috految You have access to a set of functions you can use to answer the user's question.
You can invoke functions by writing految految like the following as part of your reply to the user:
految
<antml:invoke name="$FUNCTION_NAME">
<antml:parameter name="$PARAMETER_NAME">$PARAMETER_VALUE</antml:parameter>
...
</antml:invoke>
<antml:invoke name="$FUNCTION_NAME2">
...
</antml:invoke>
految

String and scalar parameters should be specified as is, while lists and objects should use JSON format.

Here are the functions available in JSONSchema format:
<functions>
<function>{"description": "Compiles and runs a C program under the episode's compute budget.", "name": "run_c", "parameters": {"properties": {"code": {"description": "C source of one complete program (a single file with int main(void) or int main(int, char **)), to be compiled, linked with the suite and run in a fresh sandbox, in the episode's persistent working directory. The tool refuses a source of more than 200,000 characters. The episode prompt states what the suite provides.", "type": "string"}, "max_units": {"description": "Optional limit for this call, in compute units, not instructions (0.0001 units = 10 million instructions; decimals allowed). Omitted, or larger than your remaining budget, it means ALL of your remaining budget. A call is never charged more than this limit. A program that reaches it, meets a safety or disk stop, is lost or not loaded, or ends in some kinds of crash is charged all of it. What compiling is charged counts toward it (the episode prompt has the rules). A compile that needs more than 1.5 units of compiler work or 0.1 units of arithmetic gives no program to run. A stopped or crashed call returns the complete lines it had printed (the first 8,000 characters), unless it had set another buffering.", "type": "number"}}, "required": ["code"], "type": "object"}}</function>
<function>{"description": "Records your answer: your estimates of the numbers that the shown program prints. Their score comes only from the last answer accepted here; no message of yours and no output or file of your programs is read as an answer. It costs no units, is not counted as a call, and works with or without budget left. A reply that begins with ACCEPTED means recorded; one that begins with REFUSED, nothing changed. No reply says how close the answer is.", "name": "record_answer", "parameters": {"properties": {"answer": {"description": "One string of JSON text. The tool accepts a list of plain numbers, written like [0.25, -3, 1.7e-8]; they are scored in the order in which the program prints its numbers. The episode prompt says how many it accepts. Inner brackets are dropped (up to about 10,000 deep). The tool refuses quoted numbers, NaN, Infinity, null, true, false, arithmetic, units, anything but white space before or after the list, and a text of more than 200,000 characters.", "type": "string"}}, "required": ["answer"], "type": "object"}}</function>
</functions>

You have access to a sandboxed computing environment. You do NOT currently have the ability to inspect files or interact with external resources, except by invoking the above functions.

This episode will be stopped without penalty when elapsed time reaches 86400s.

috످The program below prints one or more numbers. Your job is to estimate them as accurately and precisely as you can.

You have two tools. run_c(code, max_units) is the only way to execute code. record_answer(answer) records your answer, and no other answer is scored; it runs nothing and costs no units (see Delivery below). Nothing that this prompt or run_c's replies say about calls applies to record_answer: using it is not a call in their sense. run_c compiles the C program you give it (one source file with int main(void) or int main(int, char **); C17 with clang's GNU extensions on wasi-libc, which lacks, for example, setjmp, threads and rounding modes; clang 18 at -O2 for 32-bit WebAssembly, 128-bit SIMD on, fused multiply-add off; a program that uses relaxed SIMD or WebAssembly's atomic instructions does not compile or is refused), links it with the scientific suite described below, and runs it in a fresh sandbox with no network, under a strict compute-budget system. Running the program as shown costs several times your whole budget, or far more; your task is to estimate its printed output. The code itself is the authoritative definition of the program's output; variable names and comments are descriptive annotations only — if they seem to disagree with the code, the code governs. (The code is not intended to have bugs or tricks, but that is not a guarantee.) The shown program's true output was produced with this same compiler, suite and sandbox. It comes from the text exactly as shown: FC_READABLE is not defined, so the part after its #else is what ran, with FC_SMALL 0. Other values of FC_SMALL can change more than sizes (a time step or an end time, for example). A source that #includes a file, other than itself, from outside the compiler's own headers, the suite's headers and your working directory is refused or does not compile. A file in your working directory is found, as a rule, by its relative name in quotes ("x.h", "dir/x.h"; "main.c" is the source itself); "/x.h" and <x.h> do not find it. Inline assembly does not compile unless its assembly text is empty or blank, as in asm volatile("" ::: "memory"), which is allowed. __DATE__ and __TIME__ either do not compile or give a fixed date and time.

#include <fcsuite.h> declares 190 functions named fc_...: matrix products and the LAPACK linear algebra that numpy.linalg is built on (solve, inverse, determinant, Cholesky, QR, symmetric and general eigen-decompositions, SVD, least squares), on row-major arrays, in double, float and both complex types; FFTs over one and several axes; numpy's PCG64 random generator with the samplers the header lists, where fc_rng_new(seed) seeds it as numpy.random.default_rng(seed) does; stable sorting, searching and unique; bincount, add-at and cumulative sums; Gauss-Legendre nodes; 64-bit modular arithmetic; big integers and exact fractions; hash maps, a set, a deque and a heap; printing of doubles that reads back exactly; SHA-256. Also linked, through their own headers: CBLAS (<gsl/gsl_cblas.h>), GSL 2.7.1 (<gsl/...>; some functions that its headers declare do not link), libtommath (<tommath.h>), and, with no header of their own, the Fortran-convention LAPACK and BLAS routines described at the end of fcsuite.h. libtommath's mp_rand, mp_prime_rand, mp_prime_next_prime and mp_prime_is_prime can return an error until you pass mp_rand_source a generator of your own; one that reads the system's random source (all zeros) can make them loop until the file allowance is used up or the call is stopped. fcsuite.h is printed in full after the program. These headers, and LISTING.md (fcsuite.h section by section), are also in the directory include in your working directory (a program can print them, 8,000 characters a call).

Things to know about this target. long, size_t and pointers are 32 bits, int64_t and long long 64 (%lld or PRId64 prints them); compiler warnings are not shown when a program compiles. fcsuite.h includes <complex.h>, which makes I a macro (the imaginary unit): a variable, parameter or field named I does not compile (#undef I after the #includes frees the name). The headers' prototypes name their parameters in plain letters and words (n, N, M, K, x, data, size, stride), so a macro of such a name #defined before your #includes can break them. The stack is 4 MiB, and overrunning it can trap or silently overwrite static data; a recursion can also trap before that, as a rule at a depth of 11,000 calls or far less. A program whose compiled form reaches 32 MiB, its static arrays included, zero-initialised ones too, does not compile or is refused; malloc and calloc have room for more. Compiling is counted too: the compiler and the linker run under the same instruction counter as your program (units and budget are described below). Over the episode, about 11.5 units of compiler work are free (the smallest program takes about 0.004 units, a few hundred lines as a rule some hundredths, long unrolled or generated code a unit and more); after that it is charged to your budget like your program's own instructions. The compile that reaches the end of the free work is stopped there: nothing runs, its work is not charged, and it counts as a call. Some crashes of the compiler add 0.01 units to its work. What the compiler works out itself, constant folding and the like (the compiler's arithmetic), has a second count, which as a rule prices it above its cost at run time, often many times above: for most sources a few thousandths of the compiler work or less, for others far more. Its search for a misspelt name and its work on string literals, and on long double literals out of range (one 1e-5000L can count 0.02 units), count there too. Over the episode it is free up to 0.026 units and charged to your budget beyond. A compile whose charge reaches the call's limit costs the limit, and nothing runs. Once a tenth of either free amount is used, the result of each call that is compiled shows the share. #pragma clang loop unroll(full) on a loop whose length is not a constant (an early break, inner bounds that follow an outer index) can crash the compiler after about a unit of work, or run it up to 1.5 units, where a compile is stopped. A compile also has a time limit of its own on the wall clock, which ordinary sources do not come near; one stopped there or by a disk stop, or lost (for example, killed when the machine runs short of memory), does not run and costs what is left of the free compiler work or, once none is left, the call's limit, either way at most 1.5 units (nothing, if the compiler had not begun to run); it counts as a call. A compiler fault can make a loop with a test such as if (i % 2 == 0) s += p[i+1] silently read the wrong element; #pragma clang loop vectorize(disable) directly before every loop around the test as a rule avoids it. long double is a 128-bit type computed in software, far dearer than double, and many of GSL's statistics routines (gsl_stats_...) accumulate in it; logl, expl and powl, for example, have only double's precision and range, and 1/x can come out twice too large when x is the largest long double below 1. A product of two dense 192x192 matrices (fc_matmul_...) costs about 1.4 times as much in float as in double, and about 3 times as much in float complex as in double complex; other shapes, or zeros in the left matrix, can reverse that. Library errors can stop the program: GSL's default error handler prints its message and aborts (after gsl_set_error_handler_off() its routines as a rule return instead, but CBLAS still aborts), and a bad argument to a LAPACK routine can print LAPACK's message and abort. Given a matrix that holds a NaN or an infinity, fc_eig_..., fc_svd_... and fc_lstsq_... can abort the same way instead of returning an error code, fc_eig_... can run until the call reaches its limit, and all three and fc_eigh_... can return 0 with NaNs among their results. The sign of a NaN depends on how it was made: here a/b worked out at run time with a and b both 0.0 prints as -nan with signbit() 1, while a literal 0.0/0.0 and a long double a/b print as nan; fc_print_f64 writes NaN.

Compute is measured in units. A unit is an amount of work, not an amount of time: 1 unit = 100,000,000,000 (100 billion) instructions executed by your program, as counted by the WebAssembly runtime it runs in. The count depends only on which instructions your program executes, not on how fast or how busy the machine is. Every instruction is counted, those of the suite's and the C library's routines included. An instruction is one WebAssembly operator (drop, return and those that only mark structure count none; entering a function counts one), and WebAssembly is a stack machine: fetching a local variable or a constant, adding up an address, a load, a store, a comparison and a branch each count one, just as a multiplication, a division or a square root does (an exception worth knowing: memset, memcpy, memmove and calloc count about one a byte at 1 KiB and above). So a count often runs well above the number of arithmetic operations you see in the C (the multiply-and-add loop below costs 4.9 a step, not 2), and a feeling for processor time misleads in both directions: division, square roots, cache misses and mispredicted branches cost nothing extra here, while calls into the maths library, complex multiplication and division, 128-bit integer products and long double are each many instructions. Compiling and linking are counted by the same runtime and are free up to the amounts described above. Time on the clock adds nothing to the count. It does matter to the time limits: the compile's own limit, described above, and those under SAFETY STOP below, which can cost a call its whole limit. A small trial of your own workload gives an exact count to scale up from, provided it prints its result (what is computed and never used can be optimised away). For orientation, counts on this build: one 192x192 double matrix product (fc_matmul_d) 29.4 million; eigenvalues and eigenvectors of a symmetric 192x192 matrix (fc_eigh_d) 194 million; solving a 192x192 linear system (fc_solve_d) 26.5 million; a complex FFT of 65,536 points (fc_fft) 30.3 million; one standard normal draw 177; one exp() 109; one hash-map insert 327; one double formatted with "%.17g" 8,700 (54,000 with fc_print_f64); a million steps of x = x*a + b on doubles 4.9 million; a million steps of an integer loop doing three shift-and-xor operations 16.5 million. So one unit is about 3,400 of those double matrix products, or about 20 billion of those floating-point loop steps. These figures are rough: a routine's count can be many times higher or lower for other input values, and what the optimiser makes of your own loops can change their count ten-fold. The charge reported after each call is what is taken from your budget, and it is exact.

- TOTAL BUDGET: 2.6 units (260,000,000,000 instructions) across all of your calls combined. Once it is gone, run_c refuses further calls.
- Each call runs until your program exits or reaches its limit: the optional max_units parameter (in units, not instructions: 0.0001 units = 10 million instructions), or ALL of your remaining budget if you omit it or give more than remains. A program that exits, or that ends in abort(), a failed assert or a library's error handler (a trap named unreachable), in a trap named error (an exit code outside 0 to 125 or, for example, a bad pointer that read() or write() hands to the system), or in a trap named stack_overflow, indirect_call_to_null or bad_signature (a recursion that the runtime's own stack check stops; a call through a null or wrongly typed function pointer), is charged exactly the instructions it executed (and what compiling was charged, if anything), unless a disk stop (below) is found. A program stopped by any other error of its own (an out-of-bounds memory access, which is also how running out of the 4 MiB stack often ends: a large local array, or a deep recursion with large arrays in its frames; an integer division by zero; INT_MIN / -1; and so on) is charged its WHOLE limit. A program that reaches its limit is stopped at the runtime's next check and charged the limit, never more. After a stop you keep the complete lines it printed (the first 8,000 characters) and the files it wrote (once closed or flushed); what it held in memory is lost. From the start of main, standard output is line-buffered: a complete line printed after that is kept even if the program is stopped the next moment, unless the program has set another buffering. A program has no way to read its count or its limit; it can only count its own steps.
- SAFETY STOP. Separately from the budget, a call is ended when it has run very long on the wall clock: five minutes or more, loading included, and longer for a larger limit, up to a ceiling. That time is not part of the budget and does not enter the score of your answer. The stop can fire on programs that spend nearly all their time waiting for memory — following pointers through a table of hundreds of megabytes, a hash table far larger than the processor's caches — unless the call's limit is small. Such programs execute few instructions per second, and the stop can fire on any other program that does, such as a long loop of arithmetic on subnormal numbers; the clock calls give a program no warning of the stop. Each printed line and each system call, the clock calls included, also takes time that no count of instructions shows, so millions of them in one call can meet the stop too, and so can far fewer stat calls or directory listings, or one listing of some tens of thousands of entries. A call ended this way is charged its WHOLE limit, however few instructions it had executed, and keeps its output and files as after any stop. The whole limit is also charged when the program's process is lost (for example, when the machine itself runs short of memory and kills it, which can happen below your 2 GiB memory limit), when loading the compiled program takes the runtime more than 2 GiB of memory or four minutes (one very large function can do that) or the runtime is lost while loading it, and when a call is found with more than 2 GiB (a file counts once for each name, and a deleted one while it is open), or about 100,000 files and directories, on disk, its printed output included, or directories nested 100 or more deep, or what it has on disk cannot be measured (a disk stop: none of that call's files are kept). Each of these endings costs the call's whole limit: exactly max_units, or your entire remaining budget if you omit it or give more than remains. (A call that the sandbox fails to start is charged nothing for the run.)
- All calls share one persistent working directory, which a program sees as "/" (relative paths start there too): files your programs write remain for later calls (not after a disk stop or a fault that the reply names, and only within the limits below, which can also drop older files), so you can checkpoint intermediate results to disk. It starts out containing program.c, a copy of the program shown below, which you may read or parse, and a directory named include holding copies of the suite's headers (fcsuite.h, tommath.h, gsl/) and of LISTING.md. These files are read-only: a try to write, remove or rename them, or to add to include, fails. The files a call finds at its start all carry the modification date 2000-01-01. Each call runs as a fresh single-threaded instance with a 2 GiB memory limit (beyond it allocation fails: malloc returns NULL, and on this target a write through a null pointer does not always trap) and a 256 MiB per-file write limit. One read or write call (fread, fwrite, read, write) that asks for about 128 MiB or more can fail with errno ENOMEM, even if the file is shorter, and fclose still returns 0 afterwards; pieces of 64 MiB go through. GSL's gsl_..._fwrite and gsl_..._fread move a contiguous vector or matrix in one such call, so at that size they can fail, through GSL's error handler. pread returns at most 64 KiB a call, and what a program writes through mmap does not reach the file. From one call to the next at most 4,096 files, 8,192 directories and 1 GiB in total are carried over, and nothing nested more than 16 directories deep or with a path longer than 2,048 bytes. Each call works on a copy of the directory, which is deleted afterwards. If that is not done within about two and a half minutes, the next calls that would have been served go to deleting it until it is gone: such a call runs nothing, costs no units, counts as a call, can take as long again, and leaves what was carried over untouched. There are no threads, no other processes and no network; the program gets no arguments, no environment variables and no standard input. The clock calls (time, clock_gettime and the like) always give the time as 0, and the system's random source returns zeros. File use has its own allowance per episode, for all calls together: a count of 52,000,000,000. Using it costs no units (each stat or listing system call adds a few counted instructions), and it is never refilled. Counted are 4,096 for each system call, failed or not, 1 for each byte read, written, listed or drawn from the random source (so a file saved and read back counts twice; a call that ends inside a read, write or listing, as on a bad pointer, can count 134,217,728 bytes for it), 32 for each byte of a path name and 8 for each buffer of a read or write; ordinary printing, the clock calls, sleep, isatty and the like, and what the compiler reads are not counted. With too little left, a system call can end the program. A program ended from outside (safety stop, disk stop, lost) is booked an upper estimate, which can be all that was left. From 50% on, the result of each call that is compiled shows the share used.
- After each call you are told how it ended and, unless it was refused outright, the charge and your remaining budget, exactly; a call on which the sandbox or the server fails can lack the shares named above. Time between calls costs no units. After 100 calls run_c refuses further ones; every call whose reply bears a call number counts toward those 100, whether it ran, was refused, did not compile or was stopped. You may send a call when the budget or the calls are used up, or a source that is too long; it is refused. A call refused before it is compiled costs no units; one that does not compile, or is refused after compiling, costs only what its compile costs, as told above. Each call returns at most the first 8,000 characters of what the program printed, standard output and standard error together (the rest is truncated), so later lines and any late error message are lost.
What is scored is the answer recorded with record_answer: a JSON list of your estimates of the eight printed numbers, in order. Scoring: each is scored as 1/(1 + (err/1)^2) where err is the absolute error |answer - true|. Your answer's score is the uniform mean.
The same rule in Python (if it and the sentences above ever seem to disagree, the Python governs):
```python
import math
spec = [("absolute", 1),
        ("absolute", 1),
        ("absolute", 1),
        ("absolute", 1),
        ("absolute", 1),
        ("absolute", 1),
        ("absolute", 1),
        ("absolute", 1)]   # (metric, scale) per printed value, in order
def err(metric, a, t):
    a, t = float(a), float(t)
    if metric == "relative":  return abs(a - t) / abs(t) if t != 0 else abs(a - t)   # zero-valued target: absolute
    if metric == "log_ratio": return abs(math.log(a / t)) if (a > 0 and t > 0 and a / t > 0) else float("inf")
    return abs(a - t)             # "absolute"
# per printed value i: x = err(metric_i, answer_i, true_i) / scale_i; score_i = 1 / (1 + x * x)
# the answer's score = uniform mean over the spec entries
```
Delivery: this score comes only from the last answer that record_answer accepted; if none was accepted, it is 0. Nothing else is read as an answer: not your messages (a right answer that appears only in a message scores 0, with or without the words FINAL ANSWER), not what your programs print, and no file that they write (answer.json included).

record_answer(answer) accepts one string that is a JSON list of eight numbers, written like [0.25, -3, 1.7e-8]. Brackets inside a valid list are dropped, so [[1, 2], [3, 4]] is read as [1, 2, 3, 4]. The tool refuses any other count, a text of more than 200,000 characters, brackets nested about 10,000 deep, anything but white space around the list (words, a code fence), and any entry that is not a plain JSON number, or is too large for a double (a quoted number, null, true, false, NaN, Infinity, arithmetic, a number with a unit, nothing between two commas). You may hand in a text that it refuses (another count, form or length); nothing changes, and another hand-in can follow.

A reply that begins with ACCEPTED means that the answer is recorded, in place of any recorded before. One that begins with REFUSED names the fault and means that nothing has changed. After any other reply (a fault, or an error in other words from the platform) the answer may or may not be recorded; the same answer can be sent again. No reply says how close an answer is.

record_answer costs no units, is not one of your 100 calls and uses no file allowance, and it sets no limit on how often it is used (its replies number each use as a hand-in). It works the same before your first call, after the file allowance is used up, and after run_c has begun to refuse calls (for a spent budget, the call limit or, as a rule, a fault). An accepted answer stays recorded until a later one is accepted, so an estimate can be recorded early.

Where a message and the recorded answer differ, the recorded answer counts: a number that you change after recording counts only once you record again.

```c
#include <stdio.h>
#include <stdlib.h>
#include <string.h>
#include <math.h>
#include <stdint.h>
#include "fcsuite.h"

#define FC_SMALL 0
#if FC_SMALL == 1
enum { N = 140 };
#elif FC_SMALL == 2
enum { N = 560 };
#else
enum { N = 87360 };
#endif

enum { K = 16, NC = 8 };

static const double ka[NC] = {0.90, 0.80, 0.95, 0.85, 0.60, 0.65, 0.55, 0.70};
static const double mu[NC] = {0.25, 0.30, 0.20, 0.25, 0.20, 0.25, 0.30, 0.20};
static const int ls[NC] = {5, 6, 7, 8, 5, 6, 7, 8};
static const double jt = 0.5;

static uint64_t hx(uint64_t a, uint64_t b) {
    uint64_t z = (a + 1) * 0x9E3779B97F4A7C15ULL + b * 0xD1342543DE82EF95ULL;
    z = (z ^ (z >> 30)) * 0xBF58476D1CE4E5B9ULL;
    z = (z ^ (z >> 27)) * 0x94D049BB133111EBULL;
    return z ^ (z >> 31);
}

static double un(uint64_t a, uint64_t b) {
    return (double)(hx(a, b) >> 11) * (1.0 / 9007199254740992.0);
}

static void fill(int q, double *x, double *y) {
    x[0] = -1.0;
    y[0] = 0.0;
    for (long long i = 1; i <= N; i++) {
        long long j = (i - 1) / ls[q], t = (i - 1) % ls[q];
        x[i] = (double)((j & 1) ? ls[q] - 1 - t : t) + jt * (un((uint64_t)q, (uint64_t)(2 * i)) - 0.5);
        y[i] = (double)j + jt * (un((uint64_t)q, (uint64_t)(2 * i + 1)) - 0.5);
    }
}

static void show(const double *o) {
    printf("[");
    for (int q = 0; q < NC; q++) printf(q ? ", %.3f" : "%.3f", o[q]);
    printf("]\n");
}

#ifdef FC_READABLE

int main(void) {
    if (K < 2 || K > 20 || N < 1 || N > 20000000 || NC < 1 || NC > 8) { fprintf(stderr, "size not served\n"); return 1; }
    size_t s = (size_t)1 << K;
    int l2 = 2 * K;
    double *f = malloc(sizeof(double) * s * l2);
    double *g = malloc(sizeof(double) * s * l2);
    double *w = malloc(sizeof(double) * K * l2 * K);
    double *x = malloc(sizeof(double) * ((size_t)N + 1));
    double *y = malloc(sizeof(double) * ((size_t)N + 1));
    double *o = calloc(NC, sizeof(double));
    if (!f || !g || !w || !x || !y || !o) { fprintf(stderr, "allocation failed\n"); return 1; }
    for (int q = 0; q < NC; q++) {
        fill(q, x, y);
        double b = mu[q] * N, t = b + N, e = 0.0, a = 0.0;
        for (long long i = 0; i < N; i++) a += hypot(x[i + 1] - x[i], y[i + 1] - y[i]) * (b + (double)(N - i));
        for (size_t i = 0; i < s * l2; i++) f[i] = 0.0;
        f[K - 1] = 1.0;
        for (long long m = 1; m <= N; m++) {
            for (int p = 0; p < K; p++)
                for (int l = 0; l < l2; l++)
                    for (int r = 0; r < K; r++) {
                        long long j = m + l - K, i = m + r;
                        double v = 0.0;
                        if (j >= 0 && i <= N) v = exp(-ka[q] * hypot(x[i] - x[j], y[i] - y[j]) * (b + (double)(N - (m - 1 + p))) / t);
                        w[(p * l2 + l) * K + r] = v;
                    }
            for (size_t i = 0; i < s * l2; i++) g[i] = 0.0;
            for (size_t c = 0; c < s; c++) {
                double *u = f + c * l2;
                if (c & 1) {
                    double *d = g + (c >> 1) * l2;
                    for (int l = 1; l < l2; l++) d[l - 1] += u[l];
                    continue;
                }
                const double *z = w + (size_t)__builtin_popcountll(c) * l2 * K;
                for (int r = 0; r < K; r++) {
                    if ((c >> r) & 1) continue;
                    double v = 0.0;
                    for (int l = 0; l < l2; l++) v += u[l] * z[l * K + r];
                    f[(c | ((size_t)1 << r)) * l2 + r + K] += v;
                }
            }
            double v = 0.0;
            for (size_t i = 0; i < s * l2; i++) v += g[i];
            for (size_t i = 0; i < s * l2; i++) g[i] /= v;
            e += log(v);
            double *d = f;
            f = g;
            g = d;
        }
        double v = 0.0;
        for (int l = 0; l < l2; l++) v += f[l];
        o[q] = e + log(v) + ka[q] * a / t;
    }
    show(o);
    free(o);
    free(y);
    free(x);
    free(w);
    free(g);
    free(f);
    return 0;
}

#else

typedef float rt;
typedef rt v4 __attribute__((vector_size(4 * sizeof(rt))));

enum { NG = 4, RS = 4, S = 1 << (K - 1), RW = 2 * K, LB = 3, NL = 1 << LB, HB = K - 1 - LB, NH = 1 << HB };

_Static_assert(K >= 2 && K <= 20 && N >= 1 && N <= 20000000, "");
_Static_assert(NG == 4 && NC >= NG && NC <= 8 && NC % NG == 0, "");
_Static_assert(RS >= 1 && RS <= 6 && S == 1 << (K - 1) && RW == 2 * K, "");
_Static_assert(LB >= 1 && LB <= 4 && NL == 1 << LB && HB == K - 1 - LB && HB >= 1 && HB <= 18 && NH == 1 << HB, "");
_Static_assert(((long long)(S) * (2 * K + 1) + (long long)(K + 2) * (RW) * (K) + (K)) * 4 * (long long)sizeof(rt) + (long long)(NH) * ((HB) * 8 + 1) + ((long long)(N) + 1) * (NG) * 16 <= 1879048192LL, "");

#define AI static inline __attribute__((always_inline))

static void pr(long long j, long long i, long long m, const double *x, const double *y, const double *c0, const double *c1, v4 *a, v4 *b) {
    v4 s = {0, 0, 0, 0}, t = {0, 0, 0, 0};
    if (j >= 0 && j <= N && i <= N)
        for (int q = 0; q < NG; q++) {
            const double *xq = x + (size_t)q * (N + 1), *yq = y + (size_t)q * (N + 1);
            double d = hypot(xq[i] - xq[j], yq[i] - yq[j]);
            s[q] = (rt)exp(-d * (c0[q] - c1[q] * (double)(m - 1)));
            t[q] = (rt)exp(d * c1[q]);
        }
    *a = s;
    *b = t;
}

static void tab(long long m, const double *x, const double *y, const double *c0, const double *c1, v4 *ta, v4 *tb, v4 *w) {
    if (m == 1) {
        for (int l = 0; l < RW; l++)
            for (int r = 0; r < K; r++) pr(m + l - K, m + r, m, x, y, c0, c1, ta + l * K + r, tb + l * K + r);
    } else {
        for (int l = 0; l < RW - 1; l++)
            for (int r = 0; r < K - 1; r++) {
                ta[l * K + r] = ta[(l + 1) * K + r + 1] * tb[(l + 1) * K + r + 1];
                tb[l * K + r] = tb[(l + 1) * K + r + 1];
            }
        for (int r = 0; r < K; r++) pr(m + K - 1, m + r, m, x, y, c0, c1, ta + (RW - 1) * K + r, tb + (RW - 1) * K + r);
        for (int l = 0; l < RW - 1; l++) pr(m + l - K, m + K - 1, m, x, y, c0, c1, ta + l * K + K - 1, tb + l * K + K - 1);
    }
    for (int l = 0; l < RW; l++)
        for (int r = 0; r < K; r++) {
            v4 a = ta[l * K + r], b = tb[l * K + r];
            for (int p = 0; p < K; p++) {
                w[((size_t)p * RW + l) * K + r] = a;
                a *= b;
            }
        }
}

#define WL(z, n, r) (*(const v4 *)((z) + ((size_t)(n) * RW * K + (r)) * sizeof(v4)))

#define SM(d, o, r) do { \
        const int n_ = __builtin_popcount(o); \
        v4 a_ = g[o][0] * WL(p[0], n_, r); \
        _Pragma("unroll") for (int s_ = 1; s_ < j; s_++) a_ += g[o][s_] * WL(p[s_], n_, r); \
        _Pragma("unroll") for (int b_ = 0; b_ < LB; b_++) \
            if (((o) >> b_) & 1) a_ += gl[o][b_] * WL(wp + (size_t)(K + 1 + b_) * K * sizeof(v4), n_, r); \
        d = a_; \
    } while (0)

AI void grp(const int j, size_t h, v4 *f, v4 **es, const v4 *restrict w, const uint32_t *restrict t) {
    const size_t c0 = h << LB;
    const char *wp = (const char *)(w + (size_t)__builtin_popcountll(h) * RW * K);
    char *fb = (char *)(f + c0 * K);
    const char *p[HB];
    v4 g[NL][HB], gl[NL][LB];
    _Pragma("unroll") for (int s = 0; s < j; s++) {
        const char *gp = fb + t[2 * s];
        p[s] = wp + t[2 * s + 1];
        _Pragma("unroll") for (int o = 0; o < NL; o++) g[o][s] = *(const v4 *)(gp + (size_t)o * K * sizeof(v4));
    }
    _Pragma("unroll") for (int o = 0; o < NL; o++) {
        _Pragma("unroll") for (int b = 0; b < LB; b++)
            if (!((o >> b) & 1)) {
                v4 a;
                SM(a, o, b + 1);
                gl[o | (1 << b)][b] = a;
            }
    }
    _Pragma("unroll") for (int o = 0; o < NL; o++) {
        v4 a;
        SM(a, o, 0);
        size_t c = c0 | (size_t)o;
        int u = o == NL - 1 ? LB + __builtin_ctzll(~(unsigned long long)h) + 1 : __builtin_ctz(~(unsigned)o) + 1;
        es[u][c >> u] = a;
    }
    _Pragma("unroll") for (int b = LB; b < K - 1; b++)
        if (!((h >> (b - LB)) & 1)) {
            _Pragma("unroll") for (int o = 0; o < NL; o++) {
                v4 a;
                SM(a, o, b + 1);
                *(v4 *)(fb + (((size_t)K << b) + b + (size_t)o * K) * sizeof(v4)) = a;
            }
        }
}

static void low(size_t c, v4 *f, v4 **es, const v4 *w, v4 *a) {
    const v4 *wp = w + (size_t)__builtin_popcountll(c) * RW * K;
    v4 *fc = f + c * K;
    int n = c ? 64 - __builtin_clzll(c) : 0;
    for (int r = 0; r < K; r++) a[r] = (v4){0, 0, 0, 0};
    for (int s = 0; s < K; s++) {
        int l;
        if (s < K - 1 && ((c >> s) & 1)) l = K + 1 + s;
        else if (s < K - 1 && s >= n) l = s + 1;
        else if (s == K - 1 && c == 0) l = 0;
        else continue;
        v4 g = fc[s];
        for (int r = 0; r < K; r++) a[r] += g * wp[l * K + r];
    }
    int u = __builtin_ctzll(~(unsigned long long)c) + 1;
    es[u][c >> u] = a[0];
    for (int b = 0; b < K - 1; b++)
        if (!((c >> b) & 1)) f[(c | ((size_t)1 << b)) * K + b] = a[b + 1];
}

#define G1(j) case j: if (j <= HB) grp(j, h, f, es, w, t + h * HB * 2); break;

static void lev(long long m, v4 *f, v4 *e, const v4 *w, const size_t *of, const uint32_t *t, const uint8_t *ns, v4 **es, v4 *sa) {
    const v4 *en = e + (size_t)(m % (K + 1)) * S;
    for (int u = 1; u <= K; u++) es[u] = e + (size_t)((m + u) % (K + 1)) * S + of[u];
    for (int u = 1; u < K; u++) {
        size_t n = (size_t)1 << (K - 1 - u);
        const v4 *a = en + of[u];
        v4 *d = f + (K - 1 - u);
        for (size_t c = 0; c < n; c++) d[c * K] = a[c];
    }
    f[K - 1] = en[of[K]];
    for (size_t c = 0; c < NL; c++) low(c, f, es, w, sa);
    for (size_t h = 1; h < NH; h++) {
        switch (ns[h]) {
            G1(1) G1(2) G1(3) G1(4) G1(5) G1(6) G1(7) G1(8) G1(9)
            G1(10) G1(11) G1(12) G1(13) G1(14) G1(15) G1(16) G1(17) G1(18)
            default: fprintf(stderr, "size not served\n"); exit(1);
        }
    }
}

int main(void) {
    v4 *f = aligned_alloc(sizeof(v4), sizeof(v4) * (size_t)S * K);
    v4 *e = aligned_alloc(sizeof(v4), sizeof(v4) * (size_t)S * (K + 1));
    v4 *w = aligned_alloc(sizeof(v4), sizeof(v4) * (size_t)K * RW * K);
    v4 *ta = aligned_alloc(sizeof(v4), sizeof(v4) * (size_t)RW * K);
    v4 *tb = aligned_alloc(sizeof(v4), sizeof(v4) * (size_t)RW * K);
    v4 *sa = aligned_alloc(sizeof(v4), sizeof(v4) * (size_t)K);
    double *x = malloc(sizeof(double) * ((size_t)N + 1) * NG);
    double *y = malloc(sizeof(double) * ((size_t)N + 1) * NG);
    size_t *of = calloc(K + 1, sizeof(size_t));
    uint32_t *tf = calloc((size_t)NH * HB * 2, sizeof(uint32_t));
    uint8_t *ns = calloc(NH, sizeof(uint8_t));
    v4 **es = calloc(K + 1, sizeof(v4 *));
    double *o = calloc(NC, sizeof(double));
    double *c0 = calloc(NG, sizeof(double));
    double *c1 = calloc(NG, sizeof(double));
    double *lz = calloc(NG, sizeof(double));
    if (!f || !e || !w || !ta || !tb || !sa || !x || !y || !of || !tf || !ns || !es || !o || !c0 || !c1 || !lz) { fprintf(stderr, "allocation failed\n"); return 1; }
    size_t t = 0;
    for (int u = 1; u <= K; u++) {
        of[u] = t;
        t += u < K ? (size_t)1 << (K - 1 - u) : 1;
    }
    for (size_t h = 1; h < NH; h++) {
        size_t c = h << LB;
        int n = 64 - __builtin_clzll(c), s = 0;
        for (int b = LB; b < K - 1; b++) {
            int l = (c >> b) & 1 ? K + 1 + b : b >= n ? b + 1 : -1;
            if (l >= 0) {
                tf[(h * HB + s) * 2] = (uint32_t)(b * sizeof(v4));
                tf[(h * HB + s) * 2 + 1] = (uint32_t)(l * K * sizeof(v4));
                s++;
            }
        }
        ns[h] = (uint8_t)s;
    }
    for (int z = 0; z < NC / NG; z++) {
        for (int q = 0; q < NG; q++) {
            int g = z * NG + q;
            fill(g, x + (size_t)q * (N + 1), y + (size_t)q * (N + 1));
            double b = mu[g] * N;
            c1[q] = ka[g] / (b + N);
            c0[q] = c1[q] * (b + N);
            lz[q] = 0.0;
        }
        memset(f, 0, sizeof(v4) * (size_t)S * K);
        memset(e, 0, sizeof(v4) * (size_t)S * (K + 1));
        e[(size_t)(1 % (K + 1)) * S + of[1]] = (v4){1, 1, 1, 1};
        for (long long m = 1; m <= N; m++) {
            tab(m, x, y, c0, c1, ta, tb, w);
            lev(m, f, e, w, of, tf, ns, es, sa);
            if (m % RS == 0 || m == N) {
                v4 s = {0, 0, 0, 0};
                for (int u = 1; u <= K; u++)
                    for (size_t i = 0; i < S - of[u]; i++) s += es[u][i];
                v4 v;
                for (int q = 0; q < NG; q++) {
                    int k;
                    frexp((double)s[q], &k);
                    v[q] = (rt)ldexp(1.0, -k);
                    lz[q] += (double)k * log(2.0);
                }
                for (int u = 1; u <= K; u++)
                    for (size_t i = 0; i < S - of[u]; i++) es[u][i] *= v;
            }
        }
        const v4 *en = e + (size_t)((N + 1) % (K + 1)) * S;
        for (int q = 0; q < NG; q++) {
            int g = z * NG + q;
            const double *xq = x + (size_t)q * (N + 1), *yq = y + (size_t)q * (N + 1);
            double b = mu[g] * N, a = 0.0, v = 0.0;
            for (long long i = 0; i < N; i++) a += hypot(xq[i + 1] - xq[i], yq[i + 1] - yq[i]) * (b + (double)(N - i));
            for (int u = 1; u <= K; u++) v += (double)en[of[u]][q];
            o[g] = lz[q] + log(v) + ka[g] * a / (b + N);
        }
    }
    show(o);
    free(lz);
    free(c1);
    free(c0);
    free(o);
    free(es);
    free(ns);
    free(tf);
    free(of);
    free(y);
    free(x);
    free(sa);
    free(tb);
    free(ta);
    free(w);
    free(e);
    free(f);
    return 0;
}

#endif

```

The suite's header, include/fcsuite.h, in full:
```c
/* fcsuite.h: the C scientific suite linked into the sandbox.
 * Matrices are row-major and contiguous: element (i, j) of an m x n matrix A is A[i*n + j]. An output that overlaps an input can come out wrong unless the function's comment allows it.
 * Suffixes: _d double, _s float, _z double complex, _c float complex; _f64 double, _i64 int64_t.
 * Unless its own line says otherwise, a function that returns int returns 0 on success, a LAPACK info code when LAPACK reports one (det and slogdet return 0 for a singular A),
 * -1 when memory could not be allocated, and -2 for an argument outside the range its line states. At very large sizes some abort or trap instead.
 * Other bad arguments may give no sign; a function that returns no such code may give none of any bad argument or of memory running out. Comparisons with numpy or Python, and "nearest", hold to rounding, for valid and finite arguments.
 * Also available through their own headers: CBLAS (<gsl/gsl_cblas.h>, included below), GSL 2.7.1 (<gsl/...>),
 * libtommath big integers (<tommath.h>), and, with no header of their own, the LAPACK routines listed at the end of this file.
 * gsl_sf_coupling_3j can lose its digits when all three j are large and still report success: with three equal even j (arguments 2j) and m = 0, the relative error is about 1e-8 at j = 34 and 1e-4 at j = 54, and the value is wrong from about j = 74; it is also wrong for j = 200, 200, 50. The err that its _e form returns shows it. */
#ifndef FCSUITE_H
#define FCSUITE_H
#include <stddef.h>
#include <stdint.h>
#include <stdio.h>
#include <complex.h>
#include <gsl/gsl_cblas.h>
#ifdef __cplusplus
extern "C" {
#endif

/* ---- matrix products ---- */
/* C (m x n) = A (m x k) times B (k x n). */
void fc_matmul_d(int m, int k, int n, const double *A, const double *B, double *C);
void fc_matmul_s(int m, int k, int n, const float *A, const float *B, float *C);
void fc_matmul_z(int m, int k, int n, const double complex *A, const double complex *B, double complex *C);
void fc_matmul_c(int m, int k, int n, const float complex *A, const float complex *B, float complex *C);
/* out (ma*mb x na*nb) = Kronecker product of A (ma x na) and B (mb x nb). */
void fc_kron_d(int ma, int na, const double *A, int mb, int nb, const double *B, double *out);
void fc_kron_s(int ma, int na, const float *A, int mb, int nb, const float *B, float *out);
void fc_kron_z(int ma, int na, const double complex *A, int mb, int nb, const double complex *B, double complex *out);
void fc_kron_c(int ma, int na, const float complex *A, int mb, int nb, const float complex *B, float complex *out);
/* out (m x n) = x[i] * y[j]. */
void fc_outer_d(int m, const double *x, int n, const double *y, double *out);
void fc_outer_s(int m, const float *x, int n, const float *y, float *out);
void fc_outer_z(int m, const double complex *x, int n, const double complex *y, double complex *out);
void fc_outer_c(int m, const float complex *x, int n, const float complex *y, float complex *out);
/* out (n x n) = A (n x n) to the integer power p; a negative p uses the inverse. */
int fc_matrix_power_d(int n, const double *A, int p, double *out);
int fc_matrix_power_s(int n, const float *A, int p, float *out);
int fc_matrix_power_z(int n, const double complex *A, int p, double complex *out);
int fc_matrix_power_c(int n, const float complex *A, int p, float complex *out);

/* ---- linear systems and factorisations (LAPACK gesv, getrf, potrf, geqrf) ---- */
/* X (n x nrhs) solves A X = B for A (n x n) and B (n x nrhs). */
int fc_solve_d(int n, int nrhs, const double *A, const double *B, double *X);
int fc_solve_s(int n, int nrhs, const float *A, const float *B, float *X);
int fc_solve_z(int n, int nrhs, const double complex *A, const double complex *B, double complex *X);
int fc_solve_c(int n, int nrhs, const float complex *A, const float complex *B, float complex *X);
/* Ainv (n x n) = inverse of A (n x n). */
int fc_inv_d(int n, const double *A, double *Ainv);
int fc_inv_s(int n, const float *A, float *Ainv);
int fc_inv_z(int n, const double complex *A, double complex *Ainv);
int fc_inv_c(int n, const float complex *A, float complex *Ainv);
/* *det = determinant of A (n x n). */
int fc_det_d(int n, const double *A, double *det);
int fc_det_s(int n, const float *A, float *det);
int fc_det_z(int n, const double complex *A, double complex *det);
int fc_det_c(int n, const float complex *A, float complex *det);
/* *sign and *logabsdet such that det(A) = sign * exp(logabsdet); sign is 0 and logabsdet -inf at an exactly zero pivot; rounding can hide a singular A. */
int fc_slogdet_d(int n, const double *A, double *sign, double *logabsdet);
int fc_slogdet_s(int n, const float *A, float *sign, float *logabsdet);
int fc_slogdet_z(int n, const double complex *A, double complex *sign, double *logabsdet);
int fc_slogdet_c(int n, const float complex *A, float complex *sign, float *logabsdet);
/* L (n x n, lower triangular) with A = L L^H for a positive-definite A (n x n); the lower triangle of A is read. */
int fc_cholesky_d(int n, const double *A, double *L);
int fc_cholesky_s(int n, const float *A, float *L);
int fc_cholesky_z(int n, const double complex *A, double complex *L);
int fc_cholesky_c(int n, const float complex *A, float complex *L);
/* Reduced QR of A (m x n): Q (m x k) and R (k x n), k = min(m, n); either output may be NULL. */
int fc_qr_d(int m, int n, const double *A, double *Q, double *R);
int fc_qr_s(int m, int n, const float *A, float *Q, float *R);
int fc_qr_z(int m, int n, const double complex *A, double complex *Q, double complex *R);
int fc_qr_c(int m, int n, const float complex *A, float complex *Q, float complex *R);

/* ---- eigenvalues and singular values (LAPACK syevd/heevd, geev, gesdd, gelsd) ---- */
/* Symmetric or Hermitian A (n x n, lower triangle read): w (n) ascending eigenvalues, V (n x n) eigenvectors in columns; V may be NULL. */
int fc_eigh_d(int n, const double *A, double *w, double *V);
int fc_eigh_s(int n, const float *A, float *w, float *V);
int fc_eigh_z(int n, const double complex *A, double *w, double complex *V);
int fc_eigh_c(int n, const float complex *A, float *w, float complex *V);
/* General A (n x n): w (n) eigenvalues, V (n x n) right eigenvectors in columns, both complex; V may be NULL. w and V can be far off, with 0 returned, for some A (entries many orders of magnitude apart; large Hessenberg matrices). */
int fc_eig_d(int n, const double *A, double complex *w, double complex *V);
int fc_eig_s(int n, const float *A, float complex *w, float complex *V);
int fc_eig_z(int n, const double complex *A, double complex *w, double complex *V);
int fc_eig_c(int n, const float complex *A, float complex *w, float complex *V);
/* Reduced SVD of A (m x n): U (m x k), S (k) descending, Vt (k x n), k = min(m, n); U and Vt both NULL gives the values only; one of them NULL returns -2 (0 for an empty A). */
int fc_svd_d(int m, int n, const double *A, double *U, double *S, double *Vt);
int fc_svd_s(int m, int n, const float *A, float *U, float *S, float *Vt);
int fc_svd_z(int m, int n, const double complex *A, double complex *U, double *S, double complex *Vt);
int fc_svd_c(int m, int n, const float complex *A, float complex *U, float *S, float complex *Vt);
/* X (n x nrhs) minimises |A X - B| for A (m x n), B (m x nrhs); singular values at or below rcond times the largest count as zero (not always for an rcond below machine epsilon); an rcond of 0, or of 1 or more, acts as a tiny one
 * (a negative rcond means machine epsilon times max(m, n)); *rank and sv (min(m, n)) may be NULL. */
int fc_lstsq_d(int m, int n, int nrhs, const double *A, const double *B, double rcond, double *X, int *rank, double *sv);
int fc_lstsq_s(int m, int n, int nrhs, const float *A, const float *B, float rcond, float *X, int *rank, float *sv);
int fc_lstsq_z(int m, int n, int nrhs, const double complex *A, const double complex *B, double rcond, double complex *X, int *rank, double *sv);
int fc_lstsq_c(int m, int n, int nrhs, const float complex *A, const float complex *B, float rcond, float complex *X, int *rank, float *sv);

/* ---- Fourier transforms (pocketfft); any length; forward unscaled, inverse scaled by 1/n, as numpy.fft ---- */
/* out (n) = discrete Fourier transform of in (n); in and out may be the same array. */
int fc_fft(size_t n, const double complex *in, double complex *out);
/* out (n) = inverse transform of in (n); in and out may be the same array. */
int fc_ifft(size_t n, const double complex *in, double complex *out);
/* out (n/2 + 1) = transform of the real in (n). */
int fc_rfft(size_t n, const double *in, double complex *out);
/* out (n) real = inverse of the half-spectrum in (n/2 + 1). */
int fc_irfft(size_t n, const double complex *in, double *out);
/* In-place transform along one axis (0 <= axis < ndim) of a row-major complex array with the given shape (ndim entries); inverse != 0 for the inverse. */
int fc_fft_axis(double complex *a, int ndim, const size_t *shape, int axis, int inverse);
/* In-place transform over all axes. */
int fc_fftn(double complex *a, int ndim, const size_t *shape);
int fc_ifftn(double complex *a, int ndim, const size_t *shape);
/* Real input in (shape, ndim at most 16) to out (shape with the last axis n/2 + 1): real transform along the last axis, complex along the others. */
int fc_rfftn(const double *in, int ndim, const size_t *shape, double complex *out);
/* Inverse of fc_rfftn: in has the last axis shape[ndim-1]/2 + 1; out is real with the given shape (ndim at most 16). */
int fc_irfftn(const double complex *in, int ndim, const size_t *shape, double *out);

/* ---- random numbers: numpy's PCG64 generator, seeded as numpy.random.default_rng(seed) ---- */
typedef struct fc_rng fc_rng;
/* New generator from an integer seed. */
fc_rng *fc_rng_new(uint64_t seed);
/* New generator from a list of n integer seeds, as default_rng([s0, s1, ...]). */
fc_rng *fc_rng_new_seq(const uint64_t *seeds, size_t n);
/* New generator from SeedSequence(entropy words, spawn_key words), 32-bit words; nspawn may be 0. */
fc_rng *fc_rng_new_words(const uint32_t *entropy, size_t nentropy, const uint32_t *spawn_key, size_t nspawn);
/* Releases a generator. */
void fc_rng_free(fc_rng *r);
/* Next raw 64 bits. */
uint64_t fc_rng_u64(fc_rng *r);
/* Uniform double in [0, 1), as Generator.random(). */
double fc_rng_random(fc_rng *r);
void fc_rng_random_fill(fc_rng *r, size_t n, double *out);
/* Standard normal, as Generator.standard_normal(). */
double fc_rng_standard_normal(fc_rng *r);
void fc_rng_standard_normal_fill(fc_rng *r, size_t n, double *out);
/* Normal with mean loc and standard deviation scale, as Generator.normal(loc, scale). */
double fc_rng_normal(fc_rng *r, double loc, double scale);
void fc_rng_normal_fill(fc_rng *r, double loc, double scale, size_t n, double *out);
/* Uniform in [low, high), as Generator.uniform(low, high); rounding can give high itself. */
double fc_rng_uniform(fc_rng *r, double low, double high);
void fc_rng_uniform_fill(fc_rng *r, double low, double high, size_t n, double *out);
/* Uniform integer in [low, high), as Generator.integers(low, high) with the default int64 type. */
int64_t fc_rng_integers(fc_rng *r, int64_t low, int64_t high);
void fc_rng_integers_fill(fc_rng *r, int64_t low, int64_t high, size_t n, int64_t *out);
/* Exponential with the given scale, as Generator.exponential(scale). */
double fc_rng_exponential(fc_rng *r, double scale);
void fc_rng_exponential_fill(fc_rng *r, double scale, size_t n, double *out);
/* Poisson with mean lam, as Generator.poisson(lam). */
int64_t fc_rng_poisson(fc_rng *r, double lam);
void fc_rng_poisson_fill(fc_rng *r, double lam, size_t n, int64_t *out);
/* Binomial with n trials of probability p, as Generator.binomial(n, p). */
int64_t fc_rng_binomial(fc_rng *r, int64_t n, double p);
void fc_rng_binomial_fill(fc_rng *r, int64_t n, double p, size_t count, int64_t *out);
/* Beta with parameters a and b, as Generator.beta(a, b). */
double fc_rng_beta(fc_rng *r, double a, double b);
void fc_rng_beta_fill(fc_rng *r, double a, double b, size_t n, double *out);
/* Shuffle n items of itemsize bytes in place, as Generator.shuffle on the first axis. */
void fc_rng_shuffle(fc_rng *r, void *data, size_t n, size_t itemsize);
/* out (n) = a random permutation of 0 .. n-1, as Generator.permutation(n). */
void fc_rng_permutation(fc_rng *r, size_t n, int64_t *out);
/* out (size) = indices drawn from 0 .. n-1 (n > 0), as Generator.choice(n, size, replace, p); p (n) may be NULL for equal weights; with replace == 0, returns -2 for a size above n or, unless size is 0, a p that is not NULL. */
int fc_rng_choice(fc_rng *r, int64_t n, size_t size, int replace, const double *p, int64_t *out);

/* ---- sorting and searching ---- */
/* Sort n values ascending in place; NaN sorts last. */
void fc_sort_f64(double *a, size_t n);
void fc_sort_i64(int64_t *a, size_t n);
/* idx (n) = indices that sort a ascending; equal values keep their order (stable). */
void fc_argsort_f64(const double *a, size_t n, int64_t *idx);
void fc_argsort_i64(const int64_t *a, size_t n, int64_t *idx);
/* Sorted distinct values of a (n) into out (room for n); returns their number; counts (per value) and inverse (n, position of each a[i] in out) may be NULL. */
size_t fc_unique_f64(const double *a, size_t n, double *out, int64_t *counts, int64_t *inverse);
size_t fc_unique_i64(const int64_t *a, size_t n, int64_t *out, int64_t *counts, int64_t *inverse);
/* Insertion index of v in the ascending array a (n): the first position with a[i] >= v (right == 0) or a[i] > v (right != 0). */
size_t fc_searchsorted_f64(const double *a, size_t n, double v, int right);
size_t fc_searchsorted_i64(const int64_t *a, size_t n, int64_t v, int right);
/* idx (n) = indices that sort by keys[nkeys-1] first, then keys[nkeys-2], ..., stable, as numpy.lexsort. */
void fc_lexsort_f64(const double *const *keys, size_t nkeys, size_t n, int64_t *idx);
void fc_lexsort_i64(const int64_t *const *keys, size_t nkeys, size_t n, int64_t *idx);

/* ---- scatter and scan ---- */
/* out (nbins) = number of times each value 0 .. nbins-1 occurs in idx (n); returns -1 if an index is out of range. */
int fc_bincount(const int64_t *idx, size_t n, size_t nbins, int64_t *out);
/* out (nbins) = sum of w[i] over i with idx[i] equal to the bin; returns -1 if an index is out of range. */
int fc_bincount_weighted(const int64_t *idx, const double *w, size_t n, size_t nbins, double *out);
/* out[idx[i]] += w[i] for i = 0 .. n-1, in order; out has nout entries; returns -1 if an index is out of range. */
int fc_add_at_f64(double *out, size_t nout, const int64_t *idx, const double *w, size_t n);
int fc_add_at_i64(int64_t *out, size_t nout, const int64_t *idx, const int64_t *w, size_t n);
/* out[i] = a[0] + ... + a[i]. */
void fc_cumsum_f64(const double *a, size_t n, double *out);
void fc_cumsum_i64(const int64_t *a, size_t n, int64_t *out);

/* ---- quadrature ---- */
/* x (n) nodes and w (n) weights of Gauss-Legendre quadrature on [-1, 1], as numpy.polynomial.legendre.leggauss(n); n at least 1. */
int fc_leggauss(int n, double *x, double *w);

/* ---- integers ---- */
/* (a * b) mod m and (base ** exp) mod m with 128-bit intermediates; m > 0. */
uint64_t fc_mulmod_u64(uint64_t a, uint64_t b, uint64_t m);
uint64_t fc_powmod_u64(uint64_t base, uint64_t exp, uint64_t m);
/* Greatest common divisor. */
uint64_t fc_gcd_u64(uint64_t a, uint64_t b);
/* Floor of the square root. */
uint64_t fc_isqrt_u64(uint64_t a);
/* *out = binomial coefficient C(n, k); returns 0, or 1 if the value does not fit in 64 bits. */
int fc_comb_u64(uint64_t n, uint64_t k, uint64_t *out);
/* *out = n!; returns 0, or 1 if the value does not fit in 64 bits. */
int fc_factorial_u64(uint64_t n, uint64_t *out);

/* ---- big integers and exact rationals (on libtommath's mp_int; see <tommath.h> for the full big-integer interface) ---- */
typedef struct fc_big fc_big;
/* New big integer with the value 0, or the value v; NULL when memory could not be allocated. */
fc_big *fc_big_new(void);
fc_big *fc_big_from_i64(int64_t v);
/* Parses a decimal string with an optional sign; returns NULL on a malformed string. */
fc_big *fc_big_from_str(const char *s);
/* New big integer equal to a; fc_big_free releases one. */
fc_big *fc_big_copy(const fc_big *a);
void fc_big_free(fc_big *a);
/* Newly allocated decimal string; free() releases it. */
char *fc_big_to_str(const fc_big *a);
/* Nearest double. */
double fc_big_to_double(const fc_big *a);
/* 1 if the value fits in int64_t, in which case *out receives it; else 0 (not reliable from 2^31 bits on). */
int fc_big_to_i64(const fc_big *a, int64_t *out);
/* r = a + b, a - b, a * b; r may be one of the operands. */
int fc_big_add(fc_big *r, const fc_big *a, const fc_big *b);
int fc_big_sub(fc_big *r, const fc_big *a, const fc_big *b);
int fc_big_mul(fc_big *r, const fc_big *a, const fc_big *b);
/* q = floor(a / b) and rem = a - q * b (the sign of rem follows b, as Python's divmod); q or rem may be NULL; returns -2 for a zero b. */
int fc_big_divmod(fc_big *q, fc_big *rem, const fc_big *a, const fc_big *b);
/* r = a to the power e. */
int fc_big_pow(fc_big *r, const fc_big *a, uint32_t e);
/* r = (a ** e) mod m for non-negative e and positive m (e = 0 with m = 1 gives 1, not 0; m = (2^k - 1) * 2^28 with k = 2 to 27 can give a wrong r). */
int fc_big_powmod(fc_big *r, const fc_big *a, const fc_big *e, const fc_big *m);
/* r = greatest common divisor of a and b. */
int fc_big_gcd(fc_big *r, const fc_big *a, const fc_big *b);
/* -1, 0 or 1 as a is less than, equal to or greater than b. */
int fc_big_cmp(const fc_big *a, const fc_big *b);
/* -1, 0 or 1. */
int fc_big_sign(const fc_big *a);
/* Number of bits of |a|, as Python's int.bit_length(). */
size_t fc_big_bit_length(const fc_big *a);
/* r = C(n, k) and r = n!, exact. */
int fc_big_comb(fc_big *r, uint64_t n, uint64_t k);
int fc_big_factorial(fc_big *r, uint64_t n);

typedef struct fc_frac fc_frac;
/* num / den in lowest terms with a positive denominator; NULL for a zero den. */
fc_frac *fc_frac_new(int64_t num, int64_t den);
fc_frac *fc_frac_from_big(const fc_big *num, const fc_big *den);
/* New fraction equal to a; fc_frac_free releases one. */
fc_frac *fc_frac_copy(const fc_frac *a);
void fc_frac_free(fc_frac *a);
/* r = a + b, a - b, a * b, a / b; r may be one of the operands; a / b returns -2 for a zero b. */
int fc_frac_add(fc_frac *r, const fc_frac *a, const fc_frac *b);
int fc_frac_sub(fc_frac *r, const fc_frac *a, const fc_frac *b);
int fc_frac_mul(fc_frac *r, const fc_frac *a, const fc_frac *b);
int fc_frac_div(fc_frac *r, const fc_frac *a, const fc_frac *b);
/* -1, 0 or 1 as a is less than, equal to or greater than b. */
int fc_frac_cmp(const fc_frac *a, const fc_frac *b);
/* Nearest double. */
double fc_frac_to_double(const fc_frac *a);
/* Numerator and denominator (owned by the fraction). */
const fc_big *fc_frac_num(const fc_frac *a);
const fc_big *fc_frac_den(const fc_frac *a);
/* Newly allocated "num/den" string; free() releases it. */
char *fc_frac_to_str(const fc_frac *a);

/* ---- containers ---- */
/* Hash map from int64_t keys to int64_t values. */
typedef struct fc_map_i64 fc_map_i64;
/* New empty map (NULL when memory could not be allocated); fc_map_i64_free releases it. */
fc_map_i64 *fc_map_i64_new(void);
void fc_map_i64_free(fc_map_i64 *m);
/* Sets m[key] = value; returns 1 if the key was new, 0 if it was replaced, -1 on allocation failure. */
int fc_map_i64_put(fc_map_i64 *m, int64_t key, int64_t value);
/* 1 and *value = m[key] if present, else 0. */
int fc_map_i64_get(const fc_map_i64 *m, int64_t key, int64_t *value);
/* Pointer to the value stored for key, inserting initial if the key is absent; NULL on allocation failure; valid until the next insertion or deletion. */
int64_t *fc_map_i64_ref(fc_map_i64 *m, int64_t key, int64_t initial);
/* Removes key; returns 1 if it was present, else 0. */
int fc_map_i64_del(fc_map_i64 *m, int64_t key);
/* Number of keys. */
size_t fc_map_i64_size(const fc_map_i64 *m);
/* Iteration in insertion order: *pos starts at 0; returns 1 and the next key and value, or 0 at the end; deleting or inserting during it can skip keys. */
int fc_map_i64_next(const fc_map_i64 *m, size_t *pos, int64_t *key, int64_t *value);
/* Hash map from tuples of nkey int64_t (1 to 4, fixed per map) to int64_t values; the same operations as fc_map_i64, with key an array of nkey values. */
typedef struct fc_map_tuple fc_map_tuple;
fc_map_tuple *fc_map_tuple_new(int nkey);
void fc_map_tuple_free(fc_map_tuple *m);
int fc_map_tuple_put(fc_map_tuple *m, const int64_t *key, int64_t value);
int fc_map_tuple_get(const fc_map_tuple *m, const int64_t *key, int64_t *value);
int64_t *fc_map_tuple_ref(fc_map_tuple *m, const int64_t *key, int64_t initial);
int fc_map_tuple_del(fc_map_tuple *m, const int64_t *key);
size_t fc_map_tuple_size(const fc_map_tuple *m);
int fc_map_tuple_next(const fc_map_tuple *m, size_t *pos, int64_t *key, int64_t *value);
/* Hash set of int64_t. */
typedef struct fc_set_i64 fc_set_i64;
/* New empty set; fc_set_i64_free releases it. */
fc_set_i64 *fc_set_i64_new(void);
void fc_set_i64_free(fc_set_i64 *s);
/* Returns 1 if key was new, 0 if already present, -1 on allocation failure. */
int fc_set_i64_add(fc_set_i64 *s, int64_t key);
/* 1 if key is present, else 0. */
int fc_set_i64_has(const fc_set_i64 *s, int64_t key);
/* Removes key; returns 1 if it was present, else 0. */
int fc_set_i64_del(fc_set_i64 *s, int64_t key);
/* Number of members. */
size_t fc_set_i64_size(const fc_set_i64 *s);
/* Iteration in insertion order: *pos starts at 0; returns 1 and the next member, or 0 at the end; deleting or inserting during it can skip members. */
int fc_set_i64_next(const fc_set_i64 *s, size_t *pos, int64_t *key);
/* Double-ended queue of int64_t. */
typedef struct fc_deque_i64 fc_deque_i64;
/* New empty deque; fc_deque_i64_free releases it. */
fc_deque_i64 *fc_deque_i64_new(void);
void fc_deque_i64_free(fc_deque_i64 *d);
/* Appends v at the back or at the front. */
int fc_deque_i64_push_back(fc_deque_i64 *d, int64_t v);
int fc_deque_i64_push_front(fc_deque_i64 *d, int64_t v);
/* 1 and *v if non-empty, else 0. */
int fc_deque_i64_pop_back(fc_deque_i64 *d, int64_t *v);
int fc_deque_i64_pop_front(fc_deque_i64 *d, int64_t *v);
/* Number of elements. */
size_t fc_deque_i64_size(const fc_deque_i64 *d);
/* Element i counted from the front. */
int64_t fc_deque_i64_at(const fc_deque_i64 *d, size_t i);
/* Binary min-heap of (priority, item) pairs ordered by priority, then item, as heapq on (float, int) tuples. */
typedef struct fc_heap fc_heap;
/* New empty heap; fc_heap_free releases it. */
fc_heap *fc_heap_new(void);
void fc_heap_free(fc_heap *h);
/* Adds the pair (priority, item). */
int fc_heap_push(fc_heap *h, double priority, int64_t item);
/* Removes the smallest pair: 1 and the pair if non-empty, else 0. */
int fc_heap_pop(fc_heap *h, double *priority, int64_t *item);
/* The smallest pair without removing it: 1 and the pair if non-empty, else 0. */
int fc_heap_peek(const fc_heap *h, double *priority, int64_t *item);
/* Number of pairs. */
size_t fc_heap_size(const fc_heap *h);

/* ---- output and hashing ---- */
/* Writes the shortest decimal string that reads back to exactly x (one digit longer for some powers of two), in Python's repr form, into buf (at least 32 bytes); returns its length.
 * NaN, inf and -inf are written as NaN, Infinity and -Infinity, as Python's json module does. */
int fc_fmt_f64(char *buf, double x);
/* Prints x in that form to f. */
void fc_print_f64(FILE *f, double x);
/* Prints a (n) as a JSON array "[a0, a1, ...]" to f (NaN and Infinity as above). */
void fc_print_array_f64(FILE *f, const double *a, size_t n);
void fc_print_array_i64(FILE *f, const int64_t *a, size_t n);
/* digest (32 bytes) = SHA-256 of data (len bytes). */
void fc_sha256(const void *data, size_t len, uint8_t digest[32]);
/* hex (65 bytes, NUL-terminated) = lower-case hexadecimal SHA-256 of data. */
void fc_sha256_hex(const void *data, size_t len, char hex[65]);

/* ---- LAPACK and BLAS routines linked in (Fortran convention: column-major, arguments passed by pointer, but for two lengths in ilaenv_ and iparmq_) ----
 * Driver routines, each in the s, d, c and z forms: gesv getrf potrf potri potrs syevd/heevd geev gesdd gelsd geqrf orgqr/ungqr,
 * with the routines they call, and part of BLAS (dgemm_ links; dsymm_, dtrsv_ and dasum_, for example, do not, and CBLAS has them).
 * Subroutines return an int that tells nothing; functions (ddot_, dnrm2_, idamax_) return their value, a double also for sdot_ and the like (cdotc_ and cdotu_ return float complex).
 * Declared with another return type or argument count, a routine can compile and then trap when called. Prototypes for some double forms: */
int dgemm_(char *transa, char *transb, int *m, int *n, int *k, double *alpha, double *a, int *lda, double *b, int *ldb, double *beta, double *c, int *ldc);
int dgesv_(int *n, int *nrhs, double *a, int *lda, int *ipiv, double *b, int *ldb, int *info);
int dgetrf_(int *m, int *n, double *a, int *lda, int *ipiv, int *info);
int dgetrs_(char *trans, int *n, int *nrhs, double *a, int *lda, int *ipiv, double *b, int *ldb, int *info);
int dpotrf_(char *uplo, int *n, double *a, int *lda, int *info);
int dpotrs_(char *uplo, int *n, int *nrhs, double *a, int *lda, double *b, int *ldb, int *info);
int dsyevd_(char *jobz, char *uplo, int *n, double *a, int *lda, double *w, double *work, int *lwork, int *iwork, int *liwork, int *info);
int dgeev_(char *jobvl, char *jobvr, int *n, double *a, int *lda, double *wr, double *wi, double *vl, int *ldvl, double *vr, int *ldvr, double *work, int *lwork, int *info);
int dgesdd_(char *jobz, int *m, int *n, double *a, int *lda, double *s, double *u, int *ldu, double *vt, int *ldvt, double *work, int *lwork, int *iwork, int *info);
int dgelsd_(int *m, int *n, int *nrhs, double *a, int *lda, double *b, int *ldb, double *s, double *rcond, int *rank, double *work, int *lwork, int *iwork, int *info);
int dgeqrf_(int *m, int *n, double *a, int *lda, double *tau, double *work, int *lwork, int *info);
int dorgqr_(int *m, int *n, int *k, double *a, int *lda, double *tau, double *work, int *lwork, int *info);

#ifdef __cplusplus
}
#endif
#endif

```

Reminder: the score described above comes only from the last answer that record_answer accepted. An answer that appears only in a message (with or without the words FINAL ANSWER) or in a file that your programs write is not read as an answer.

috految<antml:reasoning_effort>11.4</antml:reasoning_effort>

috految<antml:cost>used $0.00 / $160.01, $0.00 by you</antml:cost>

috److془We need to carefully plan.

Cost per step: 32768 states * ~ 68 madds * 5 ≈ 14M per step for 4 lanes. Total 2*87360*14M = 2.4e12. Budget 2.6e11: ~ 18000 steps vector.

Need log Z within ~0.2. Per-site 2e-6.

Approach: perturbation: reference periodic with edge marginals P_ij(beta); surrogate with Bethe/ Sinkhorn; residual mean computed from exact runs with ~ 6000 sites. Jitter sd 0.144; δd ~0.2; beta~0.6: δ=0.12. Second order: 0.5*0.0144*~0.6=0.004 per site; fluctuations ~0.004 per site -> 1.2 total. With surrogate capturing 95%+: 0.0002 -> total 0.06; the mean error: 0.0002*87360/sqrt(6000)=0.22. With moment matching better. Alternatively: pure moment matching: Construct short sequence with features matching the full (weighted by beta polynomials). Features: linear edges d_ij per class; quadratic u_i u_j per class; cubic.. Using 8000 sites, 16000 dof. Then no marginals needed. Remaining: cubic terms: beta^2 * δd1 δd2 (δd2~ 0.015, vs. 0.2; ) ~ 0.0005 per site, dominated by two-site terms. Three-site ~1.5e-4 ->0.13; can match too with features or control variate (K=8 DP). Nice. Also the Sinkhorn surrogate. Beta-dependence: the short sequence with beta ramp 10 times faster. Z_full = R*Z_short - (R-1)*C, where C boundary + gradient terms, O(1) + O(1/n). Or by the Gauss quadrature on periodic rings with constant beta. Ramp: the discrepancy is D=F_jit - F_lattice, boundaries ~ 0.03*10 hmm; rings cleaner. Gauss 4 nodes: accuracy 1e-6 ? need lattice correction or 6 nodes. Ring overhead: convergence; correlation ~ maybe 10 sites; at beta .95 L=8 maybe 20. Hmm: are there slow modes? Permutation with inversions distance <16; cyclic modes of blocks weights gap: at beta=0, the rate ~ K/e·(const)... blocks of 16: 16!^(1/16)=6.8; Mean-field: every element in window width 16: K/e per site. Degenerate with blocks! So modes with pattern period 16, slow decays (Poisson like). Actually the count: 1.618(K=2), ~K/e+ cK^{1/3}. Lower ones: gap ~ each 16 steps O(1) decay. Actually, the window with lower boundary f upper f+K: time lengths at periodic modes free. Diffusion of phase: sd ~3 per period: exp(-.5*(.39*3)^2)=.5. Might be longer ~ 30-50 sites with locking. Hmm, and the period-2 symmetry breaking for L=8, L=5 period 3 etc. Actually, blocks of size 16: entropy 6.8 vs. ~ 8.7: 4 nats per block. Fine. Quadratic terms long-range: match to lag ~ 48. Coupling to mode: δ per site ~ .144*.6*~.25=.02; the pair terms 4e-4*corr. Hmm so the tails matter; match to lag 80. Number of features: 4*L*80=2560 vs 16000 dof, with beta weight ~ beta^2 . Reversed symmetry halves it. Good. Variation in beta: 2 weights. Ramp approach has no warmups and lower bias. Bias from matching: fourth order terms changed by O(constraint/n) : e.g. x_i^2 x_j^2 relative by ~1/rows ~ few 1e-3. Averaged fourth order terms ~ 1e-4 → fine. Similarly cubic terms zero. Long lag fine. Single-site distribution: matching moments to order 4+. Nice. Triple terms: cubic cumulant: .05^3 * few ~ 2e-4; Odd terms can be cancelled by antithetic! Second copy with -u. Then odd terms error only 295*3e-4=.09 before matching. Even quartic unmatched ~5e-5*1300=.06. Great. Alternatively: no need for matching: odd terms from data would be matched by small perturbation. Initial antithetic, least-norm correction. Good. Dof for even 8000. Needed shift for linear terms: rel. 1/sqrt(11000) each; fine. Antithetic: two chains each n=~3900 ramp; or rings. Rings: 4 lanes each, 6 nodes with 1000 sites+ 200 warmup. Ring second half = -first half. Whoa fine. Precision in warmup: need 1e-3 in log. Warm 160 w/ smooth averaging of difference. Alternatively chain with lag terms... rings good. Use 5 Gauss nodes: singularity off axis at ~0.7 distance, halfwidth .39: rho 3.9^-10=1e-6*amp .02. Great. Could be singularities at .4: 1.2e-4*.01-> .1. Good. Use 5 nodes, ring sizes ∝ weight·beta. L=8, 16 period mode: fine. Ring length multiple of 2L, (mirror symmetric so odd rows OK with local sign x). Ring per-node: target = Σ_i lagrange_k(pos) feature_i/ Σ lagrange. Per-node matching: ring 1700 → even dof 1700; features 2*L*lag=16*48=768. Hmm with soft weights ok. Use joint matching with the weight kernels instead: loss= Σ a_f^2 |Σ_{k} w_k β_k^p r_fk|²+ small individual. Or simply per node with features in decaying weights. Joint easy. Note antithetic: long lag terms at n/2 negligible—need n/2≥300 fine.
Nonconvex feasibility: fine. Matching bias: x^2 y^2 constraints at short lags match. Fine. Non-Gaussian fourth cumulant perturbation: x^2y^2 per site matched; x^4 matched. Near edges features: d itself (lag ≤31, mostly ≤16), (δd)^2, δd^3 for lag ≤ 2L. Better: conditioning using d - linear - quadratic. Or simply Legendre polynomial features: single site deg≤6, pair deg total≤4 for distance ≤~2.3 . Deg 5 terms: 2*.2*.6*.2^5*.5*few ~ 5e-5 → fine. Deg 6 ~ 1e-5. Orthonormal features, least squares converge fast. Pair quartic: 25 features, nearest only distance<1.5: 100L/2 features. cubic: 12; distance <2.3: 108L/2. Quartic at farther: .08*.6*.0016/8 negligible. Cubic at distance 2.2: 1e-4 okay. Sum over 1000s fine. Cost: features per site: 27+4*72+110+100=520; × ~10 instr vectorized: 700k sites*520*~6 =2e9. Optimizer: 55000*520*~16=.45e9/iter; 40 iter=18e9. Good. Coefs: linear .1 per site need residual <1e-5 (from .01); quad .01: 1e-4. Gauss-Seidel Kaczmarz! Each feature: Newton projection along gradient; tails first, important last. Per-node for major, joint for minor ones. Single site first-order conditioning: gradient metric with (1-u²) makes Legendre orthogonal exactly. Beautiful. ~6 sweeps. Cost recomputation ~ 70 instr*55000*520=2e9 per sweep. Antithetic preserved approx. Total constraints joint ~2000 of 7000 dof. Major: singles deg≤4, quadratic lag within distance<2.3 or lag<=16 : ~300 per node. Good. Joint weight w β^2. Quadratic with lag 17+ : β^2 error 30% of 4e-4*sqrt(10)*.5*1500~.2 hmm; make lag ≤36 two joint constraints (β², β²(β-mean)), up to 80 one. Actually do lag ≤40. Lagrange vs. target with site position: midpoint fine. Boundary omission wrap fine. Symmetry: reversal: t→L-1-t, local X→-X, Y→-Y. Constraint: i can't be before j if i-j≥16, symmetric. Last l lowest: last = m-K permitted, fine. Feature (t,lag,A,B) ↔ ((L-1-t-lag) mod L,lag,B,A) sign (-1)^deg. Good. Shift by mirror: local X=(row odd?-1:1)*jit. 

Boundary: F = N∫f + C. Gradient term: symmetric under reversal gives zero bulk! Beta for edge index k=0..N-1 (k to k+1) : ka(b+N-k)/t; sites i at effective k=i-.5; integral k from 0 to N. Boundaries: C = constant-β boundary left (β0) + right(β1), using symmetric said. Compute: the ramp with short lattice n=~ 240, 1/n errors: β'~.003*shift moments (~10-30?)~.05. Alternatively: with n=336 steps, use the actual jitter in either end, jitter boundary effect ~ .2 (y forces at end). Use: chain with (first M sites, last M real, M≈110) at β0 and β1 ; hmm simple: chain of n, with real first half and last half, ramp normal; subtract n∫f by subtracting its features from targets! Beautiful: F_full = F_short + (N-n) Σ w f_ring. n=~ 560 (multiple of 2L; N multiple of all). Use 560 for L 5,7,8, 564 for six. Mismatch of linear gradient term: tiny. Ring weights w_k(N-n). Float bias of true: tb rounding random, dithering c1*d~1e-5 vs ulp 1e-7 fine. Underflow/overflow fine; boundary of lanes by N. Sum's normalization exact. Float sum measure use doubles. Ring measure: log of e[(m+1)] entry c=0 sum over u (closed chain) or total; use closed chain, at m and m+n, Hann averaging m in 100..170. Total g is done with lower mode amplitude; whatever. Closed chain at m is F of m-site chain, perfect (no N needed). Both ends blocky amplitude O(1) but oscillation filtered. Second-order oscillation also small. Use 130..200, print diagnostics. Mode perhaps slow; see. Ring c1=0: tb=1 fine. Per lane n actual. Budget: first short, measure. Steps ~ (2.35e11/14.5M)=16000; 8000 per group -560-1000=6400. Do group 1 first with 5000. Need cost measure: risk fine. Save source through macro. Avoid static main issues: rename. Averaging periodic equivalence: parity with even rows fine.془

految
<antml:invoke name="run_c">
<antml:parameter name="code">#include <stdio.h>
#define Q(...) #__VA_ARGS__
int main(){FILE*f=fopen("a.h","w");fputs("#define main main0\n#include \"program.c\"\n#undef main\n#define F(i,n) for(int i=0;i<(n);i++)\n"Q(
double X[4][N+1],Y[4][N+1],C0[4],C1[4],Z[4][4500],gx[5],gw[5];
void run(int n){v4*f=calloc(S*K,16),*e=calloc(S*17,16),*w=calloc(K*RW*K,16),*ta=calloc(512,16),*tb=calloc(512,16),*sa=calloc(K,16),*es[17];size_t of[17],t=0;uint32_t*tf=calloc(NH*HB*2,4);uint8_t*ns=calloc(NH,1);double lz[4]={0};
for(int u=1;u<=K;u++){of[u]=t;t+=u<K?1<<(K-1-u):1;}
for(int h=1;h<NH;h++){int c=h<<LB,n=32-__builtin_clz(c),s=0;for(int b=LB;b<K-1;b++){int l=c>>b&1?K+1+b:b>=n?b+1:-1;if(l>=0){tf[(h*HB+s)*2]=b*16;tf[(h*HB+s)*2+1]=l*K*16;s++;}}ns[h]=s;}
e[S]=(v4){1,1,1,1};
for(int m=1;m<=n;m++){tab(m,(double*)X,(double*)Y,C0,C1,ta,tb,w);lev(m,f,e,w,of,tf,ns,es,sa);v4 v;F(q,4){double s=0;for(int u=1;u<=K;u++)s+=e[(m+1)%17*S+of[u]][q];Z[q][m]=log(s)+lz[q];if(!isfinite(Z[q][m]))exit(3);if(m%8==0){int k;frexp(s,&k);v[q]=ldexp(1,-k);lz[q]+=k*log(2);}}
if(m%8==0)for(int u=1;u<=K;u++)F(i,S-of[u])es[u][i]*=v;}}
int L,R[5],nf;
typedef struct{int t,l,a,b,c,d,ty;double T[5];}Ft;Ft ft[9000];
float U[4][5][2][8][800],(*V)[2][8][800];
typedef float vu __attribute__((vector_size(16),aligned(4)));
AI v4 P(int a,v4 x){v4 y=x*x;switch(a){case 0:return(v4){1,1,1,1};case 1:return x;case 2:return 1.5f*y-.5f;case 3:return x*(2.5f*y-1.5f);case 4:return (4.375f*y-3.75f)*y+.375f;case 5:return ((7.875f*y-8.75f)*y+1.875f)*x;default:return((14.4375f*y-19.6875f)*y+6.5625f)*y-.3125f;}}
AI v4 D(int a,v4 x){return a==1?(v4){1,1,1,1}:(P(a,x+.01f)-P(a,x-.01f))*50;}
double sum(v4 a){return (double)a[0]+a[1]+a[2]+a[3];}
float G[5][8][800];
double proj(Ft*f,double*be){double r[5],h[5],la[5];int t2=(L*99-1-f->t-f->l)%L;float sg=(f->a+f->b+f->c+f->d)&1?-1:1;
int o[8]={f->a,f->b,f->c,f->d,f->c,f->d,f->a,f->b},ts[4]={f->t,f->t+f->l,t2,t2+f->l};
F(k,5){v4 s={0},H={0};int n=R[k];float*p[8];F(j,8)p[j]=V[k][j&1][ts[j/2]%L]+ts[j/2]/L;
F(z,2){float g=z?sg:1;for(int i=0;i<n;i+=4){v4 x[4],a[4];_Pragma("unroll")F(j,4){x[j]=*(vu*)(p[z*4+j]+i);a[j]=P(o[z*4+j],x[j]);}s+=g*a[0]*a[1]*a[2]*a[3];
_Pragma("unroll")F(j,4)if(o[z*4+j]){v4 d=g*D(o[z*4+j],x[j])*a[j^1]*a[j^2]*a[j^3],e=d*(1-x[j]*x[j]);H+=d*e;*(vu*)(G[k][z*4+j]+i)=e;}}}
r[k]=f->T[k]-sum(s)/n;h[k]=sum(H)/n*(t2==f->t?2:1);la[k]=r[k]/h[k];}
if(f->ty){double a=0,b=0,c=0,d=0,e=0,w[5];F(k,5){w[k]=gw[k]*pow(be[k],f->ty==3?1.5:2);double t=w[k]*w[k]*h[k]/R[k];a+=t;b+=t*be[k];c+=t*be[k]*be[k];d+=w[k]*r[k];e+=w[k]*be[k]*r[k];}
double y=f->ty==2?(a*e-b*d)/(a*c-b*b):0,x=(d-b*y)/a;F(k,5)la[k]=w[k]*(x+y*be[k])/R[k];}
double er=0;F(k,5){er+=gw[k]*be[k]*be[k]*r[k];float l=fmax(-.25,fmin(.25,la[k]));F(j,8)if(o[j]){float*p=V[k][j&1][ts[j/2]%L];int sh=ts[j/2]/L,n=R[k];for(int i=0;i<n;i+=4){v4 x=*(vu*)(p+sh+i)+l* *(vu*)(G[k][j]+i);*(vu*)(p+sh+i)=__builtin_wasm_pmin_f32x4(__builtin_wasm_pmax_f32x4(x,(v4){-1,-1,-1,-1}),(v4){1,1,1,1});}F(i,sh)p[i]=p[n+i];F(i,24)p[n+i]=p[i];}}return er;}
void go(int z,int tot,int W){fc_leggauss(5,gx,gw);F(k,5)gx[k]=(gx[k]+1)/2,gw[k]/=2;
double fr[5]={.2,.31,.25,.15,.09},ans[4],B[4][5];int nn[4][5],sn[4];
F(q,4){int g=z*4+q;L=ls[g];int n=sn[q]=L==6?564:560;fill(g,X[q],Y[q]);double a=0,b=mu[g]*N;F(i,N)a+=hypot(X[q][i+1]-X[q][i],Y[q][i+1]-Y[q][i])*(b+N-i);ans[q]=ka[g]*a/(b+N);
nf=0;for(int l=80;l>=0;l--)F(t,L){int j=t+l,t2=(L*99-1-t-l)%L;if(t2<t)continue;double ds=hypot(j/L,((j/L)&1?L-1-j%L:j%L)-t);
F(a,7)F(b,7-a)F(c,4)F(d,4){int e=a+b+c+d,ty;if(!(a+b))continue;if(!l){if(c+d||(t==t2&&e%2))continue;ty=e<=4?0:3;}else{if(!(c+d)||e>4)continue;if(t==t2&&a*9+b>c*9+d)continue;if(e==2)ty=l<=16?0:l<=40?2:1;else if(ds<(e==3?2.3:1.5))ty=3;else continue;}ft[nf++]=(Ft){t,l,a,b,c,d,ty};}}
static float A[2][8][17600],Wt[5][17600];
F(s,2){int M=s?n:N,r=M/L;if(s)for(int i=n/2+1;i<=n+20;i++){int j=i<=n?N-n+i:N;X[q][i]=X[q][j];Y[q][i]=Y[q][j]-(N-n)/L;}
F(i,r+24)F(t,L){int j=i%r;A[0][t][i]=4*(j&1?-1:1)*(X[q][1+j*L+t]-(j&1?L-1-t:t));A[1][t][i]=4*(Y[q][1+j*L+t]-j);}
F(k,5)F(i,r+4){double w=i<r;F(j,5)if(j!=k)w*=((i+.5)/r-gx[j])/(gx[k]-gx[j]);Wt[k][i]=w;}
F(u,nf){Ft f=ft[u];F(y,2){int t=y?(L*99-1-f.t-f.l)%L:f.t,j=t+f.l;float*p[4]={A[0][t],A[1][t],A[0][j%L]+j/L,A[1][j%L]+j/L};int a=y?f.c:f.a,b=y?f.d:f.b,c=y?f.a:f.c,d=y?f.b:f.d;v4 T[5]={0};for(int i=0;i<r;i+=4){v4 v=P(a,*(vu*)(p[0]+i))*P(b,*(vu*)(p[1]+i))*P(c,*(vu*)(p[2]+i))*P(d,*(vu*)(p[3]+i));F(k,5)T[k]+=v* *(vu*)(Wt[k]+i);}
F(k,5)ft[u].T[k]+=sum(T[k])*(s?-1:1)*(y&&(a+b+c+d)%2?-1:1)/(gw[k]*(N-n)/L);}}}
C0[q]=ka[g];C1[q]=ka[g]/(1+mu[g])/n;V=U[q];
F(k,5){B[q][k]=ka[g]*(1-gx[k]/(1+mu[g]));int r=R[k]=(int)(tot*fr[k]/L/4)*4;nn[q][k]=r*L;F(c,2)F(t,L){float*p=V[k][c][t];F(i,r/2)p[i]=2*un(100+g*5+k,(i*8+t)*2+c)-1,p[i+r/2]=-p[i];F(i,24)p[r+i]=p[i];}}
F(it,20){double e=0;F(u,nf){Ft*f=ft+u;int d=f->a+f->b+f->c+f->d;if(it>=6&&f->ty)continue;if(it>=11&&(f->l||d>2))continue;if(it>16&&d>1)continue;double r=proj(f,B[q]);e+=r*r;}if(it%5==0||it==19)printf("%.2g ",sqrt(e));if(!(e<1e3)||(it==19&&e>1e-6))exit(2);}printf("nf %d\n",nf);}
run(564);F(q,4){ans[q]+=Z[q][sn[q]];printf("base %.4f short %.4f\n",ans[q],Z[q][sn[q]]);}
F(k,5){int M=0;F(q,4){L=ls[z*4+q];int n=nn[q][k];if(n>M)M=n;C0[q]=B[q][k];C1[q]=0;F(i,4400){int j=i/L,t=i%L;X[q][i+1]=(j&1?L-1-t:t)+(j&1?-.25:.25)*U[q][k][0][t][j%(n/L)];Y[q][i+1]=j+.25*U[q][k][1][t][j%(n/L)];}}
run(M+W);F(q,4){double v;F(h,3){double a=0,b=0;F(i,64){double w=pow(sin(M_PI*(i+.5)/64),2);int m=W-i-(2-h)*30;a+=w*(Z[q][m+nn[q][k]]-Z[q][m]);b+=w;}v=a/b/nn[q][k]*gw[k]*(N-sn[q]);printf("%.3f ",v);}ans[q]+=v;printf("=> %.3f\n",ans[q]);}}}
),f);fclose(f);}</antml:parameter>
</antml:invoke>
<antml:invoke name="run_c">
<antml:parameter name="code">#include "a.h"
int main(){go(1,4800,180);}</antml:parameter>
<antml:parameter name="max_units">1.55</antml:parameter>
</antml:invoke>
految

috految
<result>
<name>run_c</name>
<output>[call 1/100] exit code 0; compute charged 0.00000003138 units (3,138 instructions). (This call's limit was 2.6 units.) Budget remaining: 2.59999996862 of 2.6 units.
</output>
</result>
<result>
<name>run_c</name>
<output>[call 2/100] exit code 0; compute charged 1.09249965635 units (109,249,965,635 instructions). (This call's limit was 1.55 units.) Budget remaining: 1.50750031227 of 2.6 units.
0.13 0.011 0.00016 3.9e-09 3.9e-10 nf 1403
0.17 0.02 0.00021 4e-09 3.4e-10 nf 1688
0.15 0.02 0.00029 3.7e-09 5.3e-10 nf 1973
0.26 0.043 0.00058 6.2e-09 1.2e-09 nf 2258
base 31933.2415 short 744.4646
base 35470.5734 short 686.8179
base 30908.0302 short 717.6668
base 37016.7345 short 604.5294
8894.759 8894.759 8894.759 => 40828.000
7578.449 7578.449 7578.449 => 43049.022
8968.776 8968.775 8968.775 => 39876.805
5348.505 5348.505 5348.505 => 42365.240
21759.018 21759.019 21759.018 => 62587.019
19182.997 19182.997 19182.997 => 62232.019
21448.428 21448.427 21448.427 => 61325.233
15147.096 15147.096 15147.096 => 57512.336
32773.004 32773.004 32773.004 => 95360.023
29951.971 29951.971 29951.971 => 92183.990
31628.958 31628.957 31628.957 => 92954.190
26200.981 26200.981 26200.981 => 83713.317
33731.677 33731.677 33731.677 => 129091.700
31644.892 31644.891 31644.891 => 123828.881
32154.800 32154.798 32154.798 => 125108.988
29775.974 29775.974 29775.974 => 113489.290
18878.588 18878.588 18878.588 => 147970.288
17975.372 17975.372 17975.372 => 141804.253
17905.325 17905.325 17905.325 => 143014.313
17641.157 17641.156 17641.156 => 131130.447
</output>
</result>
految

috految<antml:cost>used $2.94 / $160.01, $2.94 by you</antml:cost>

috److految
<antml:invoke name="run_c">
<antml:parameter name="code">#include "a.h"
int main(){go(0,6900,170);}</antml:parameter>
</antml:invoke>
految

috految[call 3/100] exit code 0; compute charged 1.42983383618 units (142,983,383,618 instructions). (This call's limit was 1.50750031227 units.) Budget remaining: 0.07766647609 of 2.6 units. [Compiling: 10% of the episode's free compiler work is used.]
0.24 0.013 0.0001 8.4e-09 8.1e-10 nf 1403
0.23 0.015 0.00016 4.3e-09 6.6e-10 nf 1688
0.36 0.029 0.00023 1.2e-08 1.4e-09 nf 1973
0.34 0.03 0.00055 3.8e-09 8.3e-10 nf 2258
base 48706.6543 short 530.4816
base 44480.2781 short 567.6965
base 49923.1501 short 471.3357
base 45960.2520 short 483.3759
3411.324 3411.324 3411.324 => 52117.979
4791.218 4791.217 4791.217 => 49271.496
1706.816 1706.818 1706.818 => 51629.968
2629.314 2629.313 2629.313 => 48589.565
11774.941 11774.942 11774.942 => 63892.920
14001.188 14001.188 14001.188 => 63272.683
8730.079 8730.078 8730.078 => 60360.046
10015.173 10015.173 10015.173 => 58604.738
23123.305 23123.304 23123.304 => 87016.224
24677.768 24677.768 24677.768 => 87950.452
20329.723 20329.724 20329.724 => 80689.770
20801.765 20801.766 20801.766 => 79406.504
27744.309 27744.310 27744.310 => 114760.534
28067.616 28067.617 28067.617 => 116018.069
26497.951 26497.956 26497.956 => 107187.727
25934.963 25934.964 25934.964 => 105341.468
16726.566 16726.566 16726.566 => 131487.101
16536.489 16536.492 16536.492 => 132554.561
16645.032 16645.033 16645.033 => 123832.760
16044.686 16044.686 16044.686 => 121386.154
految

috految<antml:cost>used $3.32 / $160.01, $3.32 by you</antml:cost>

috److految
<antml:invoke name="record_answer">
<antml:parameter name="answer">[131487.10,132554.56,123832.76,121386.15,147970.29,141804.25,143014.31,131130.45]</antml:parameter>
</antml:invoke>
految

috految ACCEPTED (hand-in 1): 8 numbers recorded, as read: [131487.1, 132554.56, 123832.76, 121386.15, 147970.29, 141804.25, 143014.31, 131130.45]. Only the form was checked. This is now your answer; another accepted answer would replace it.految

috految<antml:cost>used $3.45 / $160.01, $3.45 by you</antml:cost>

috److I estimated all eight numbers and recorded them:

| Case | Estimate |
|---|---|
| 1 | 131487.10 |
| 2 | 132554.56 |
| 3 | 123832.76 |
| 4 | 121386.15 |
| 5 | 147970.29 |
| 6 | 141804.25 |
| 7 | 143014.31 |
| 8 | 131130.45 |

Running the full program would have cost roughly ten times the budget, so I approximated it in three parts:

- **Path-length term:** I computed this exactly from the full 87,360-point sequence for each case.
- **Boundary contribution:** I ran the program's own recurrence on a short chain of about 560 points, built from the real start and end of the sequence.
- **Bulk contribution:** I ran the recurrence on shorter periodic sequences whose jitter statistics were adjusted to match the full sequence. I did this at five Gauss–Legendre values of the position-dependent distance weight and integrated the results.

Changing the warm-up window moved each bulk term by about 0.005 or less. My rough analytic estimate of the remaining error is a few tenths per number, but I did not check it against an exact run.

The runs used about 2.52 of the 2.6 compute units.

috످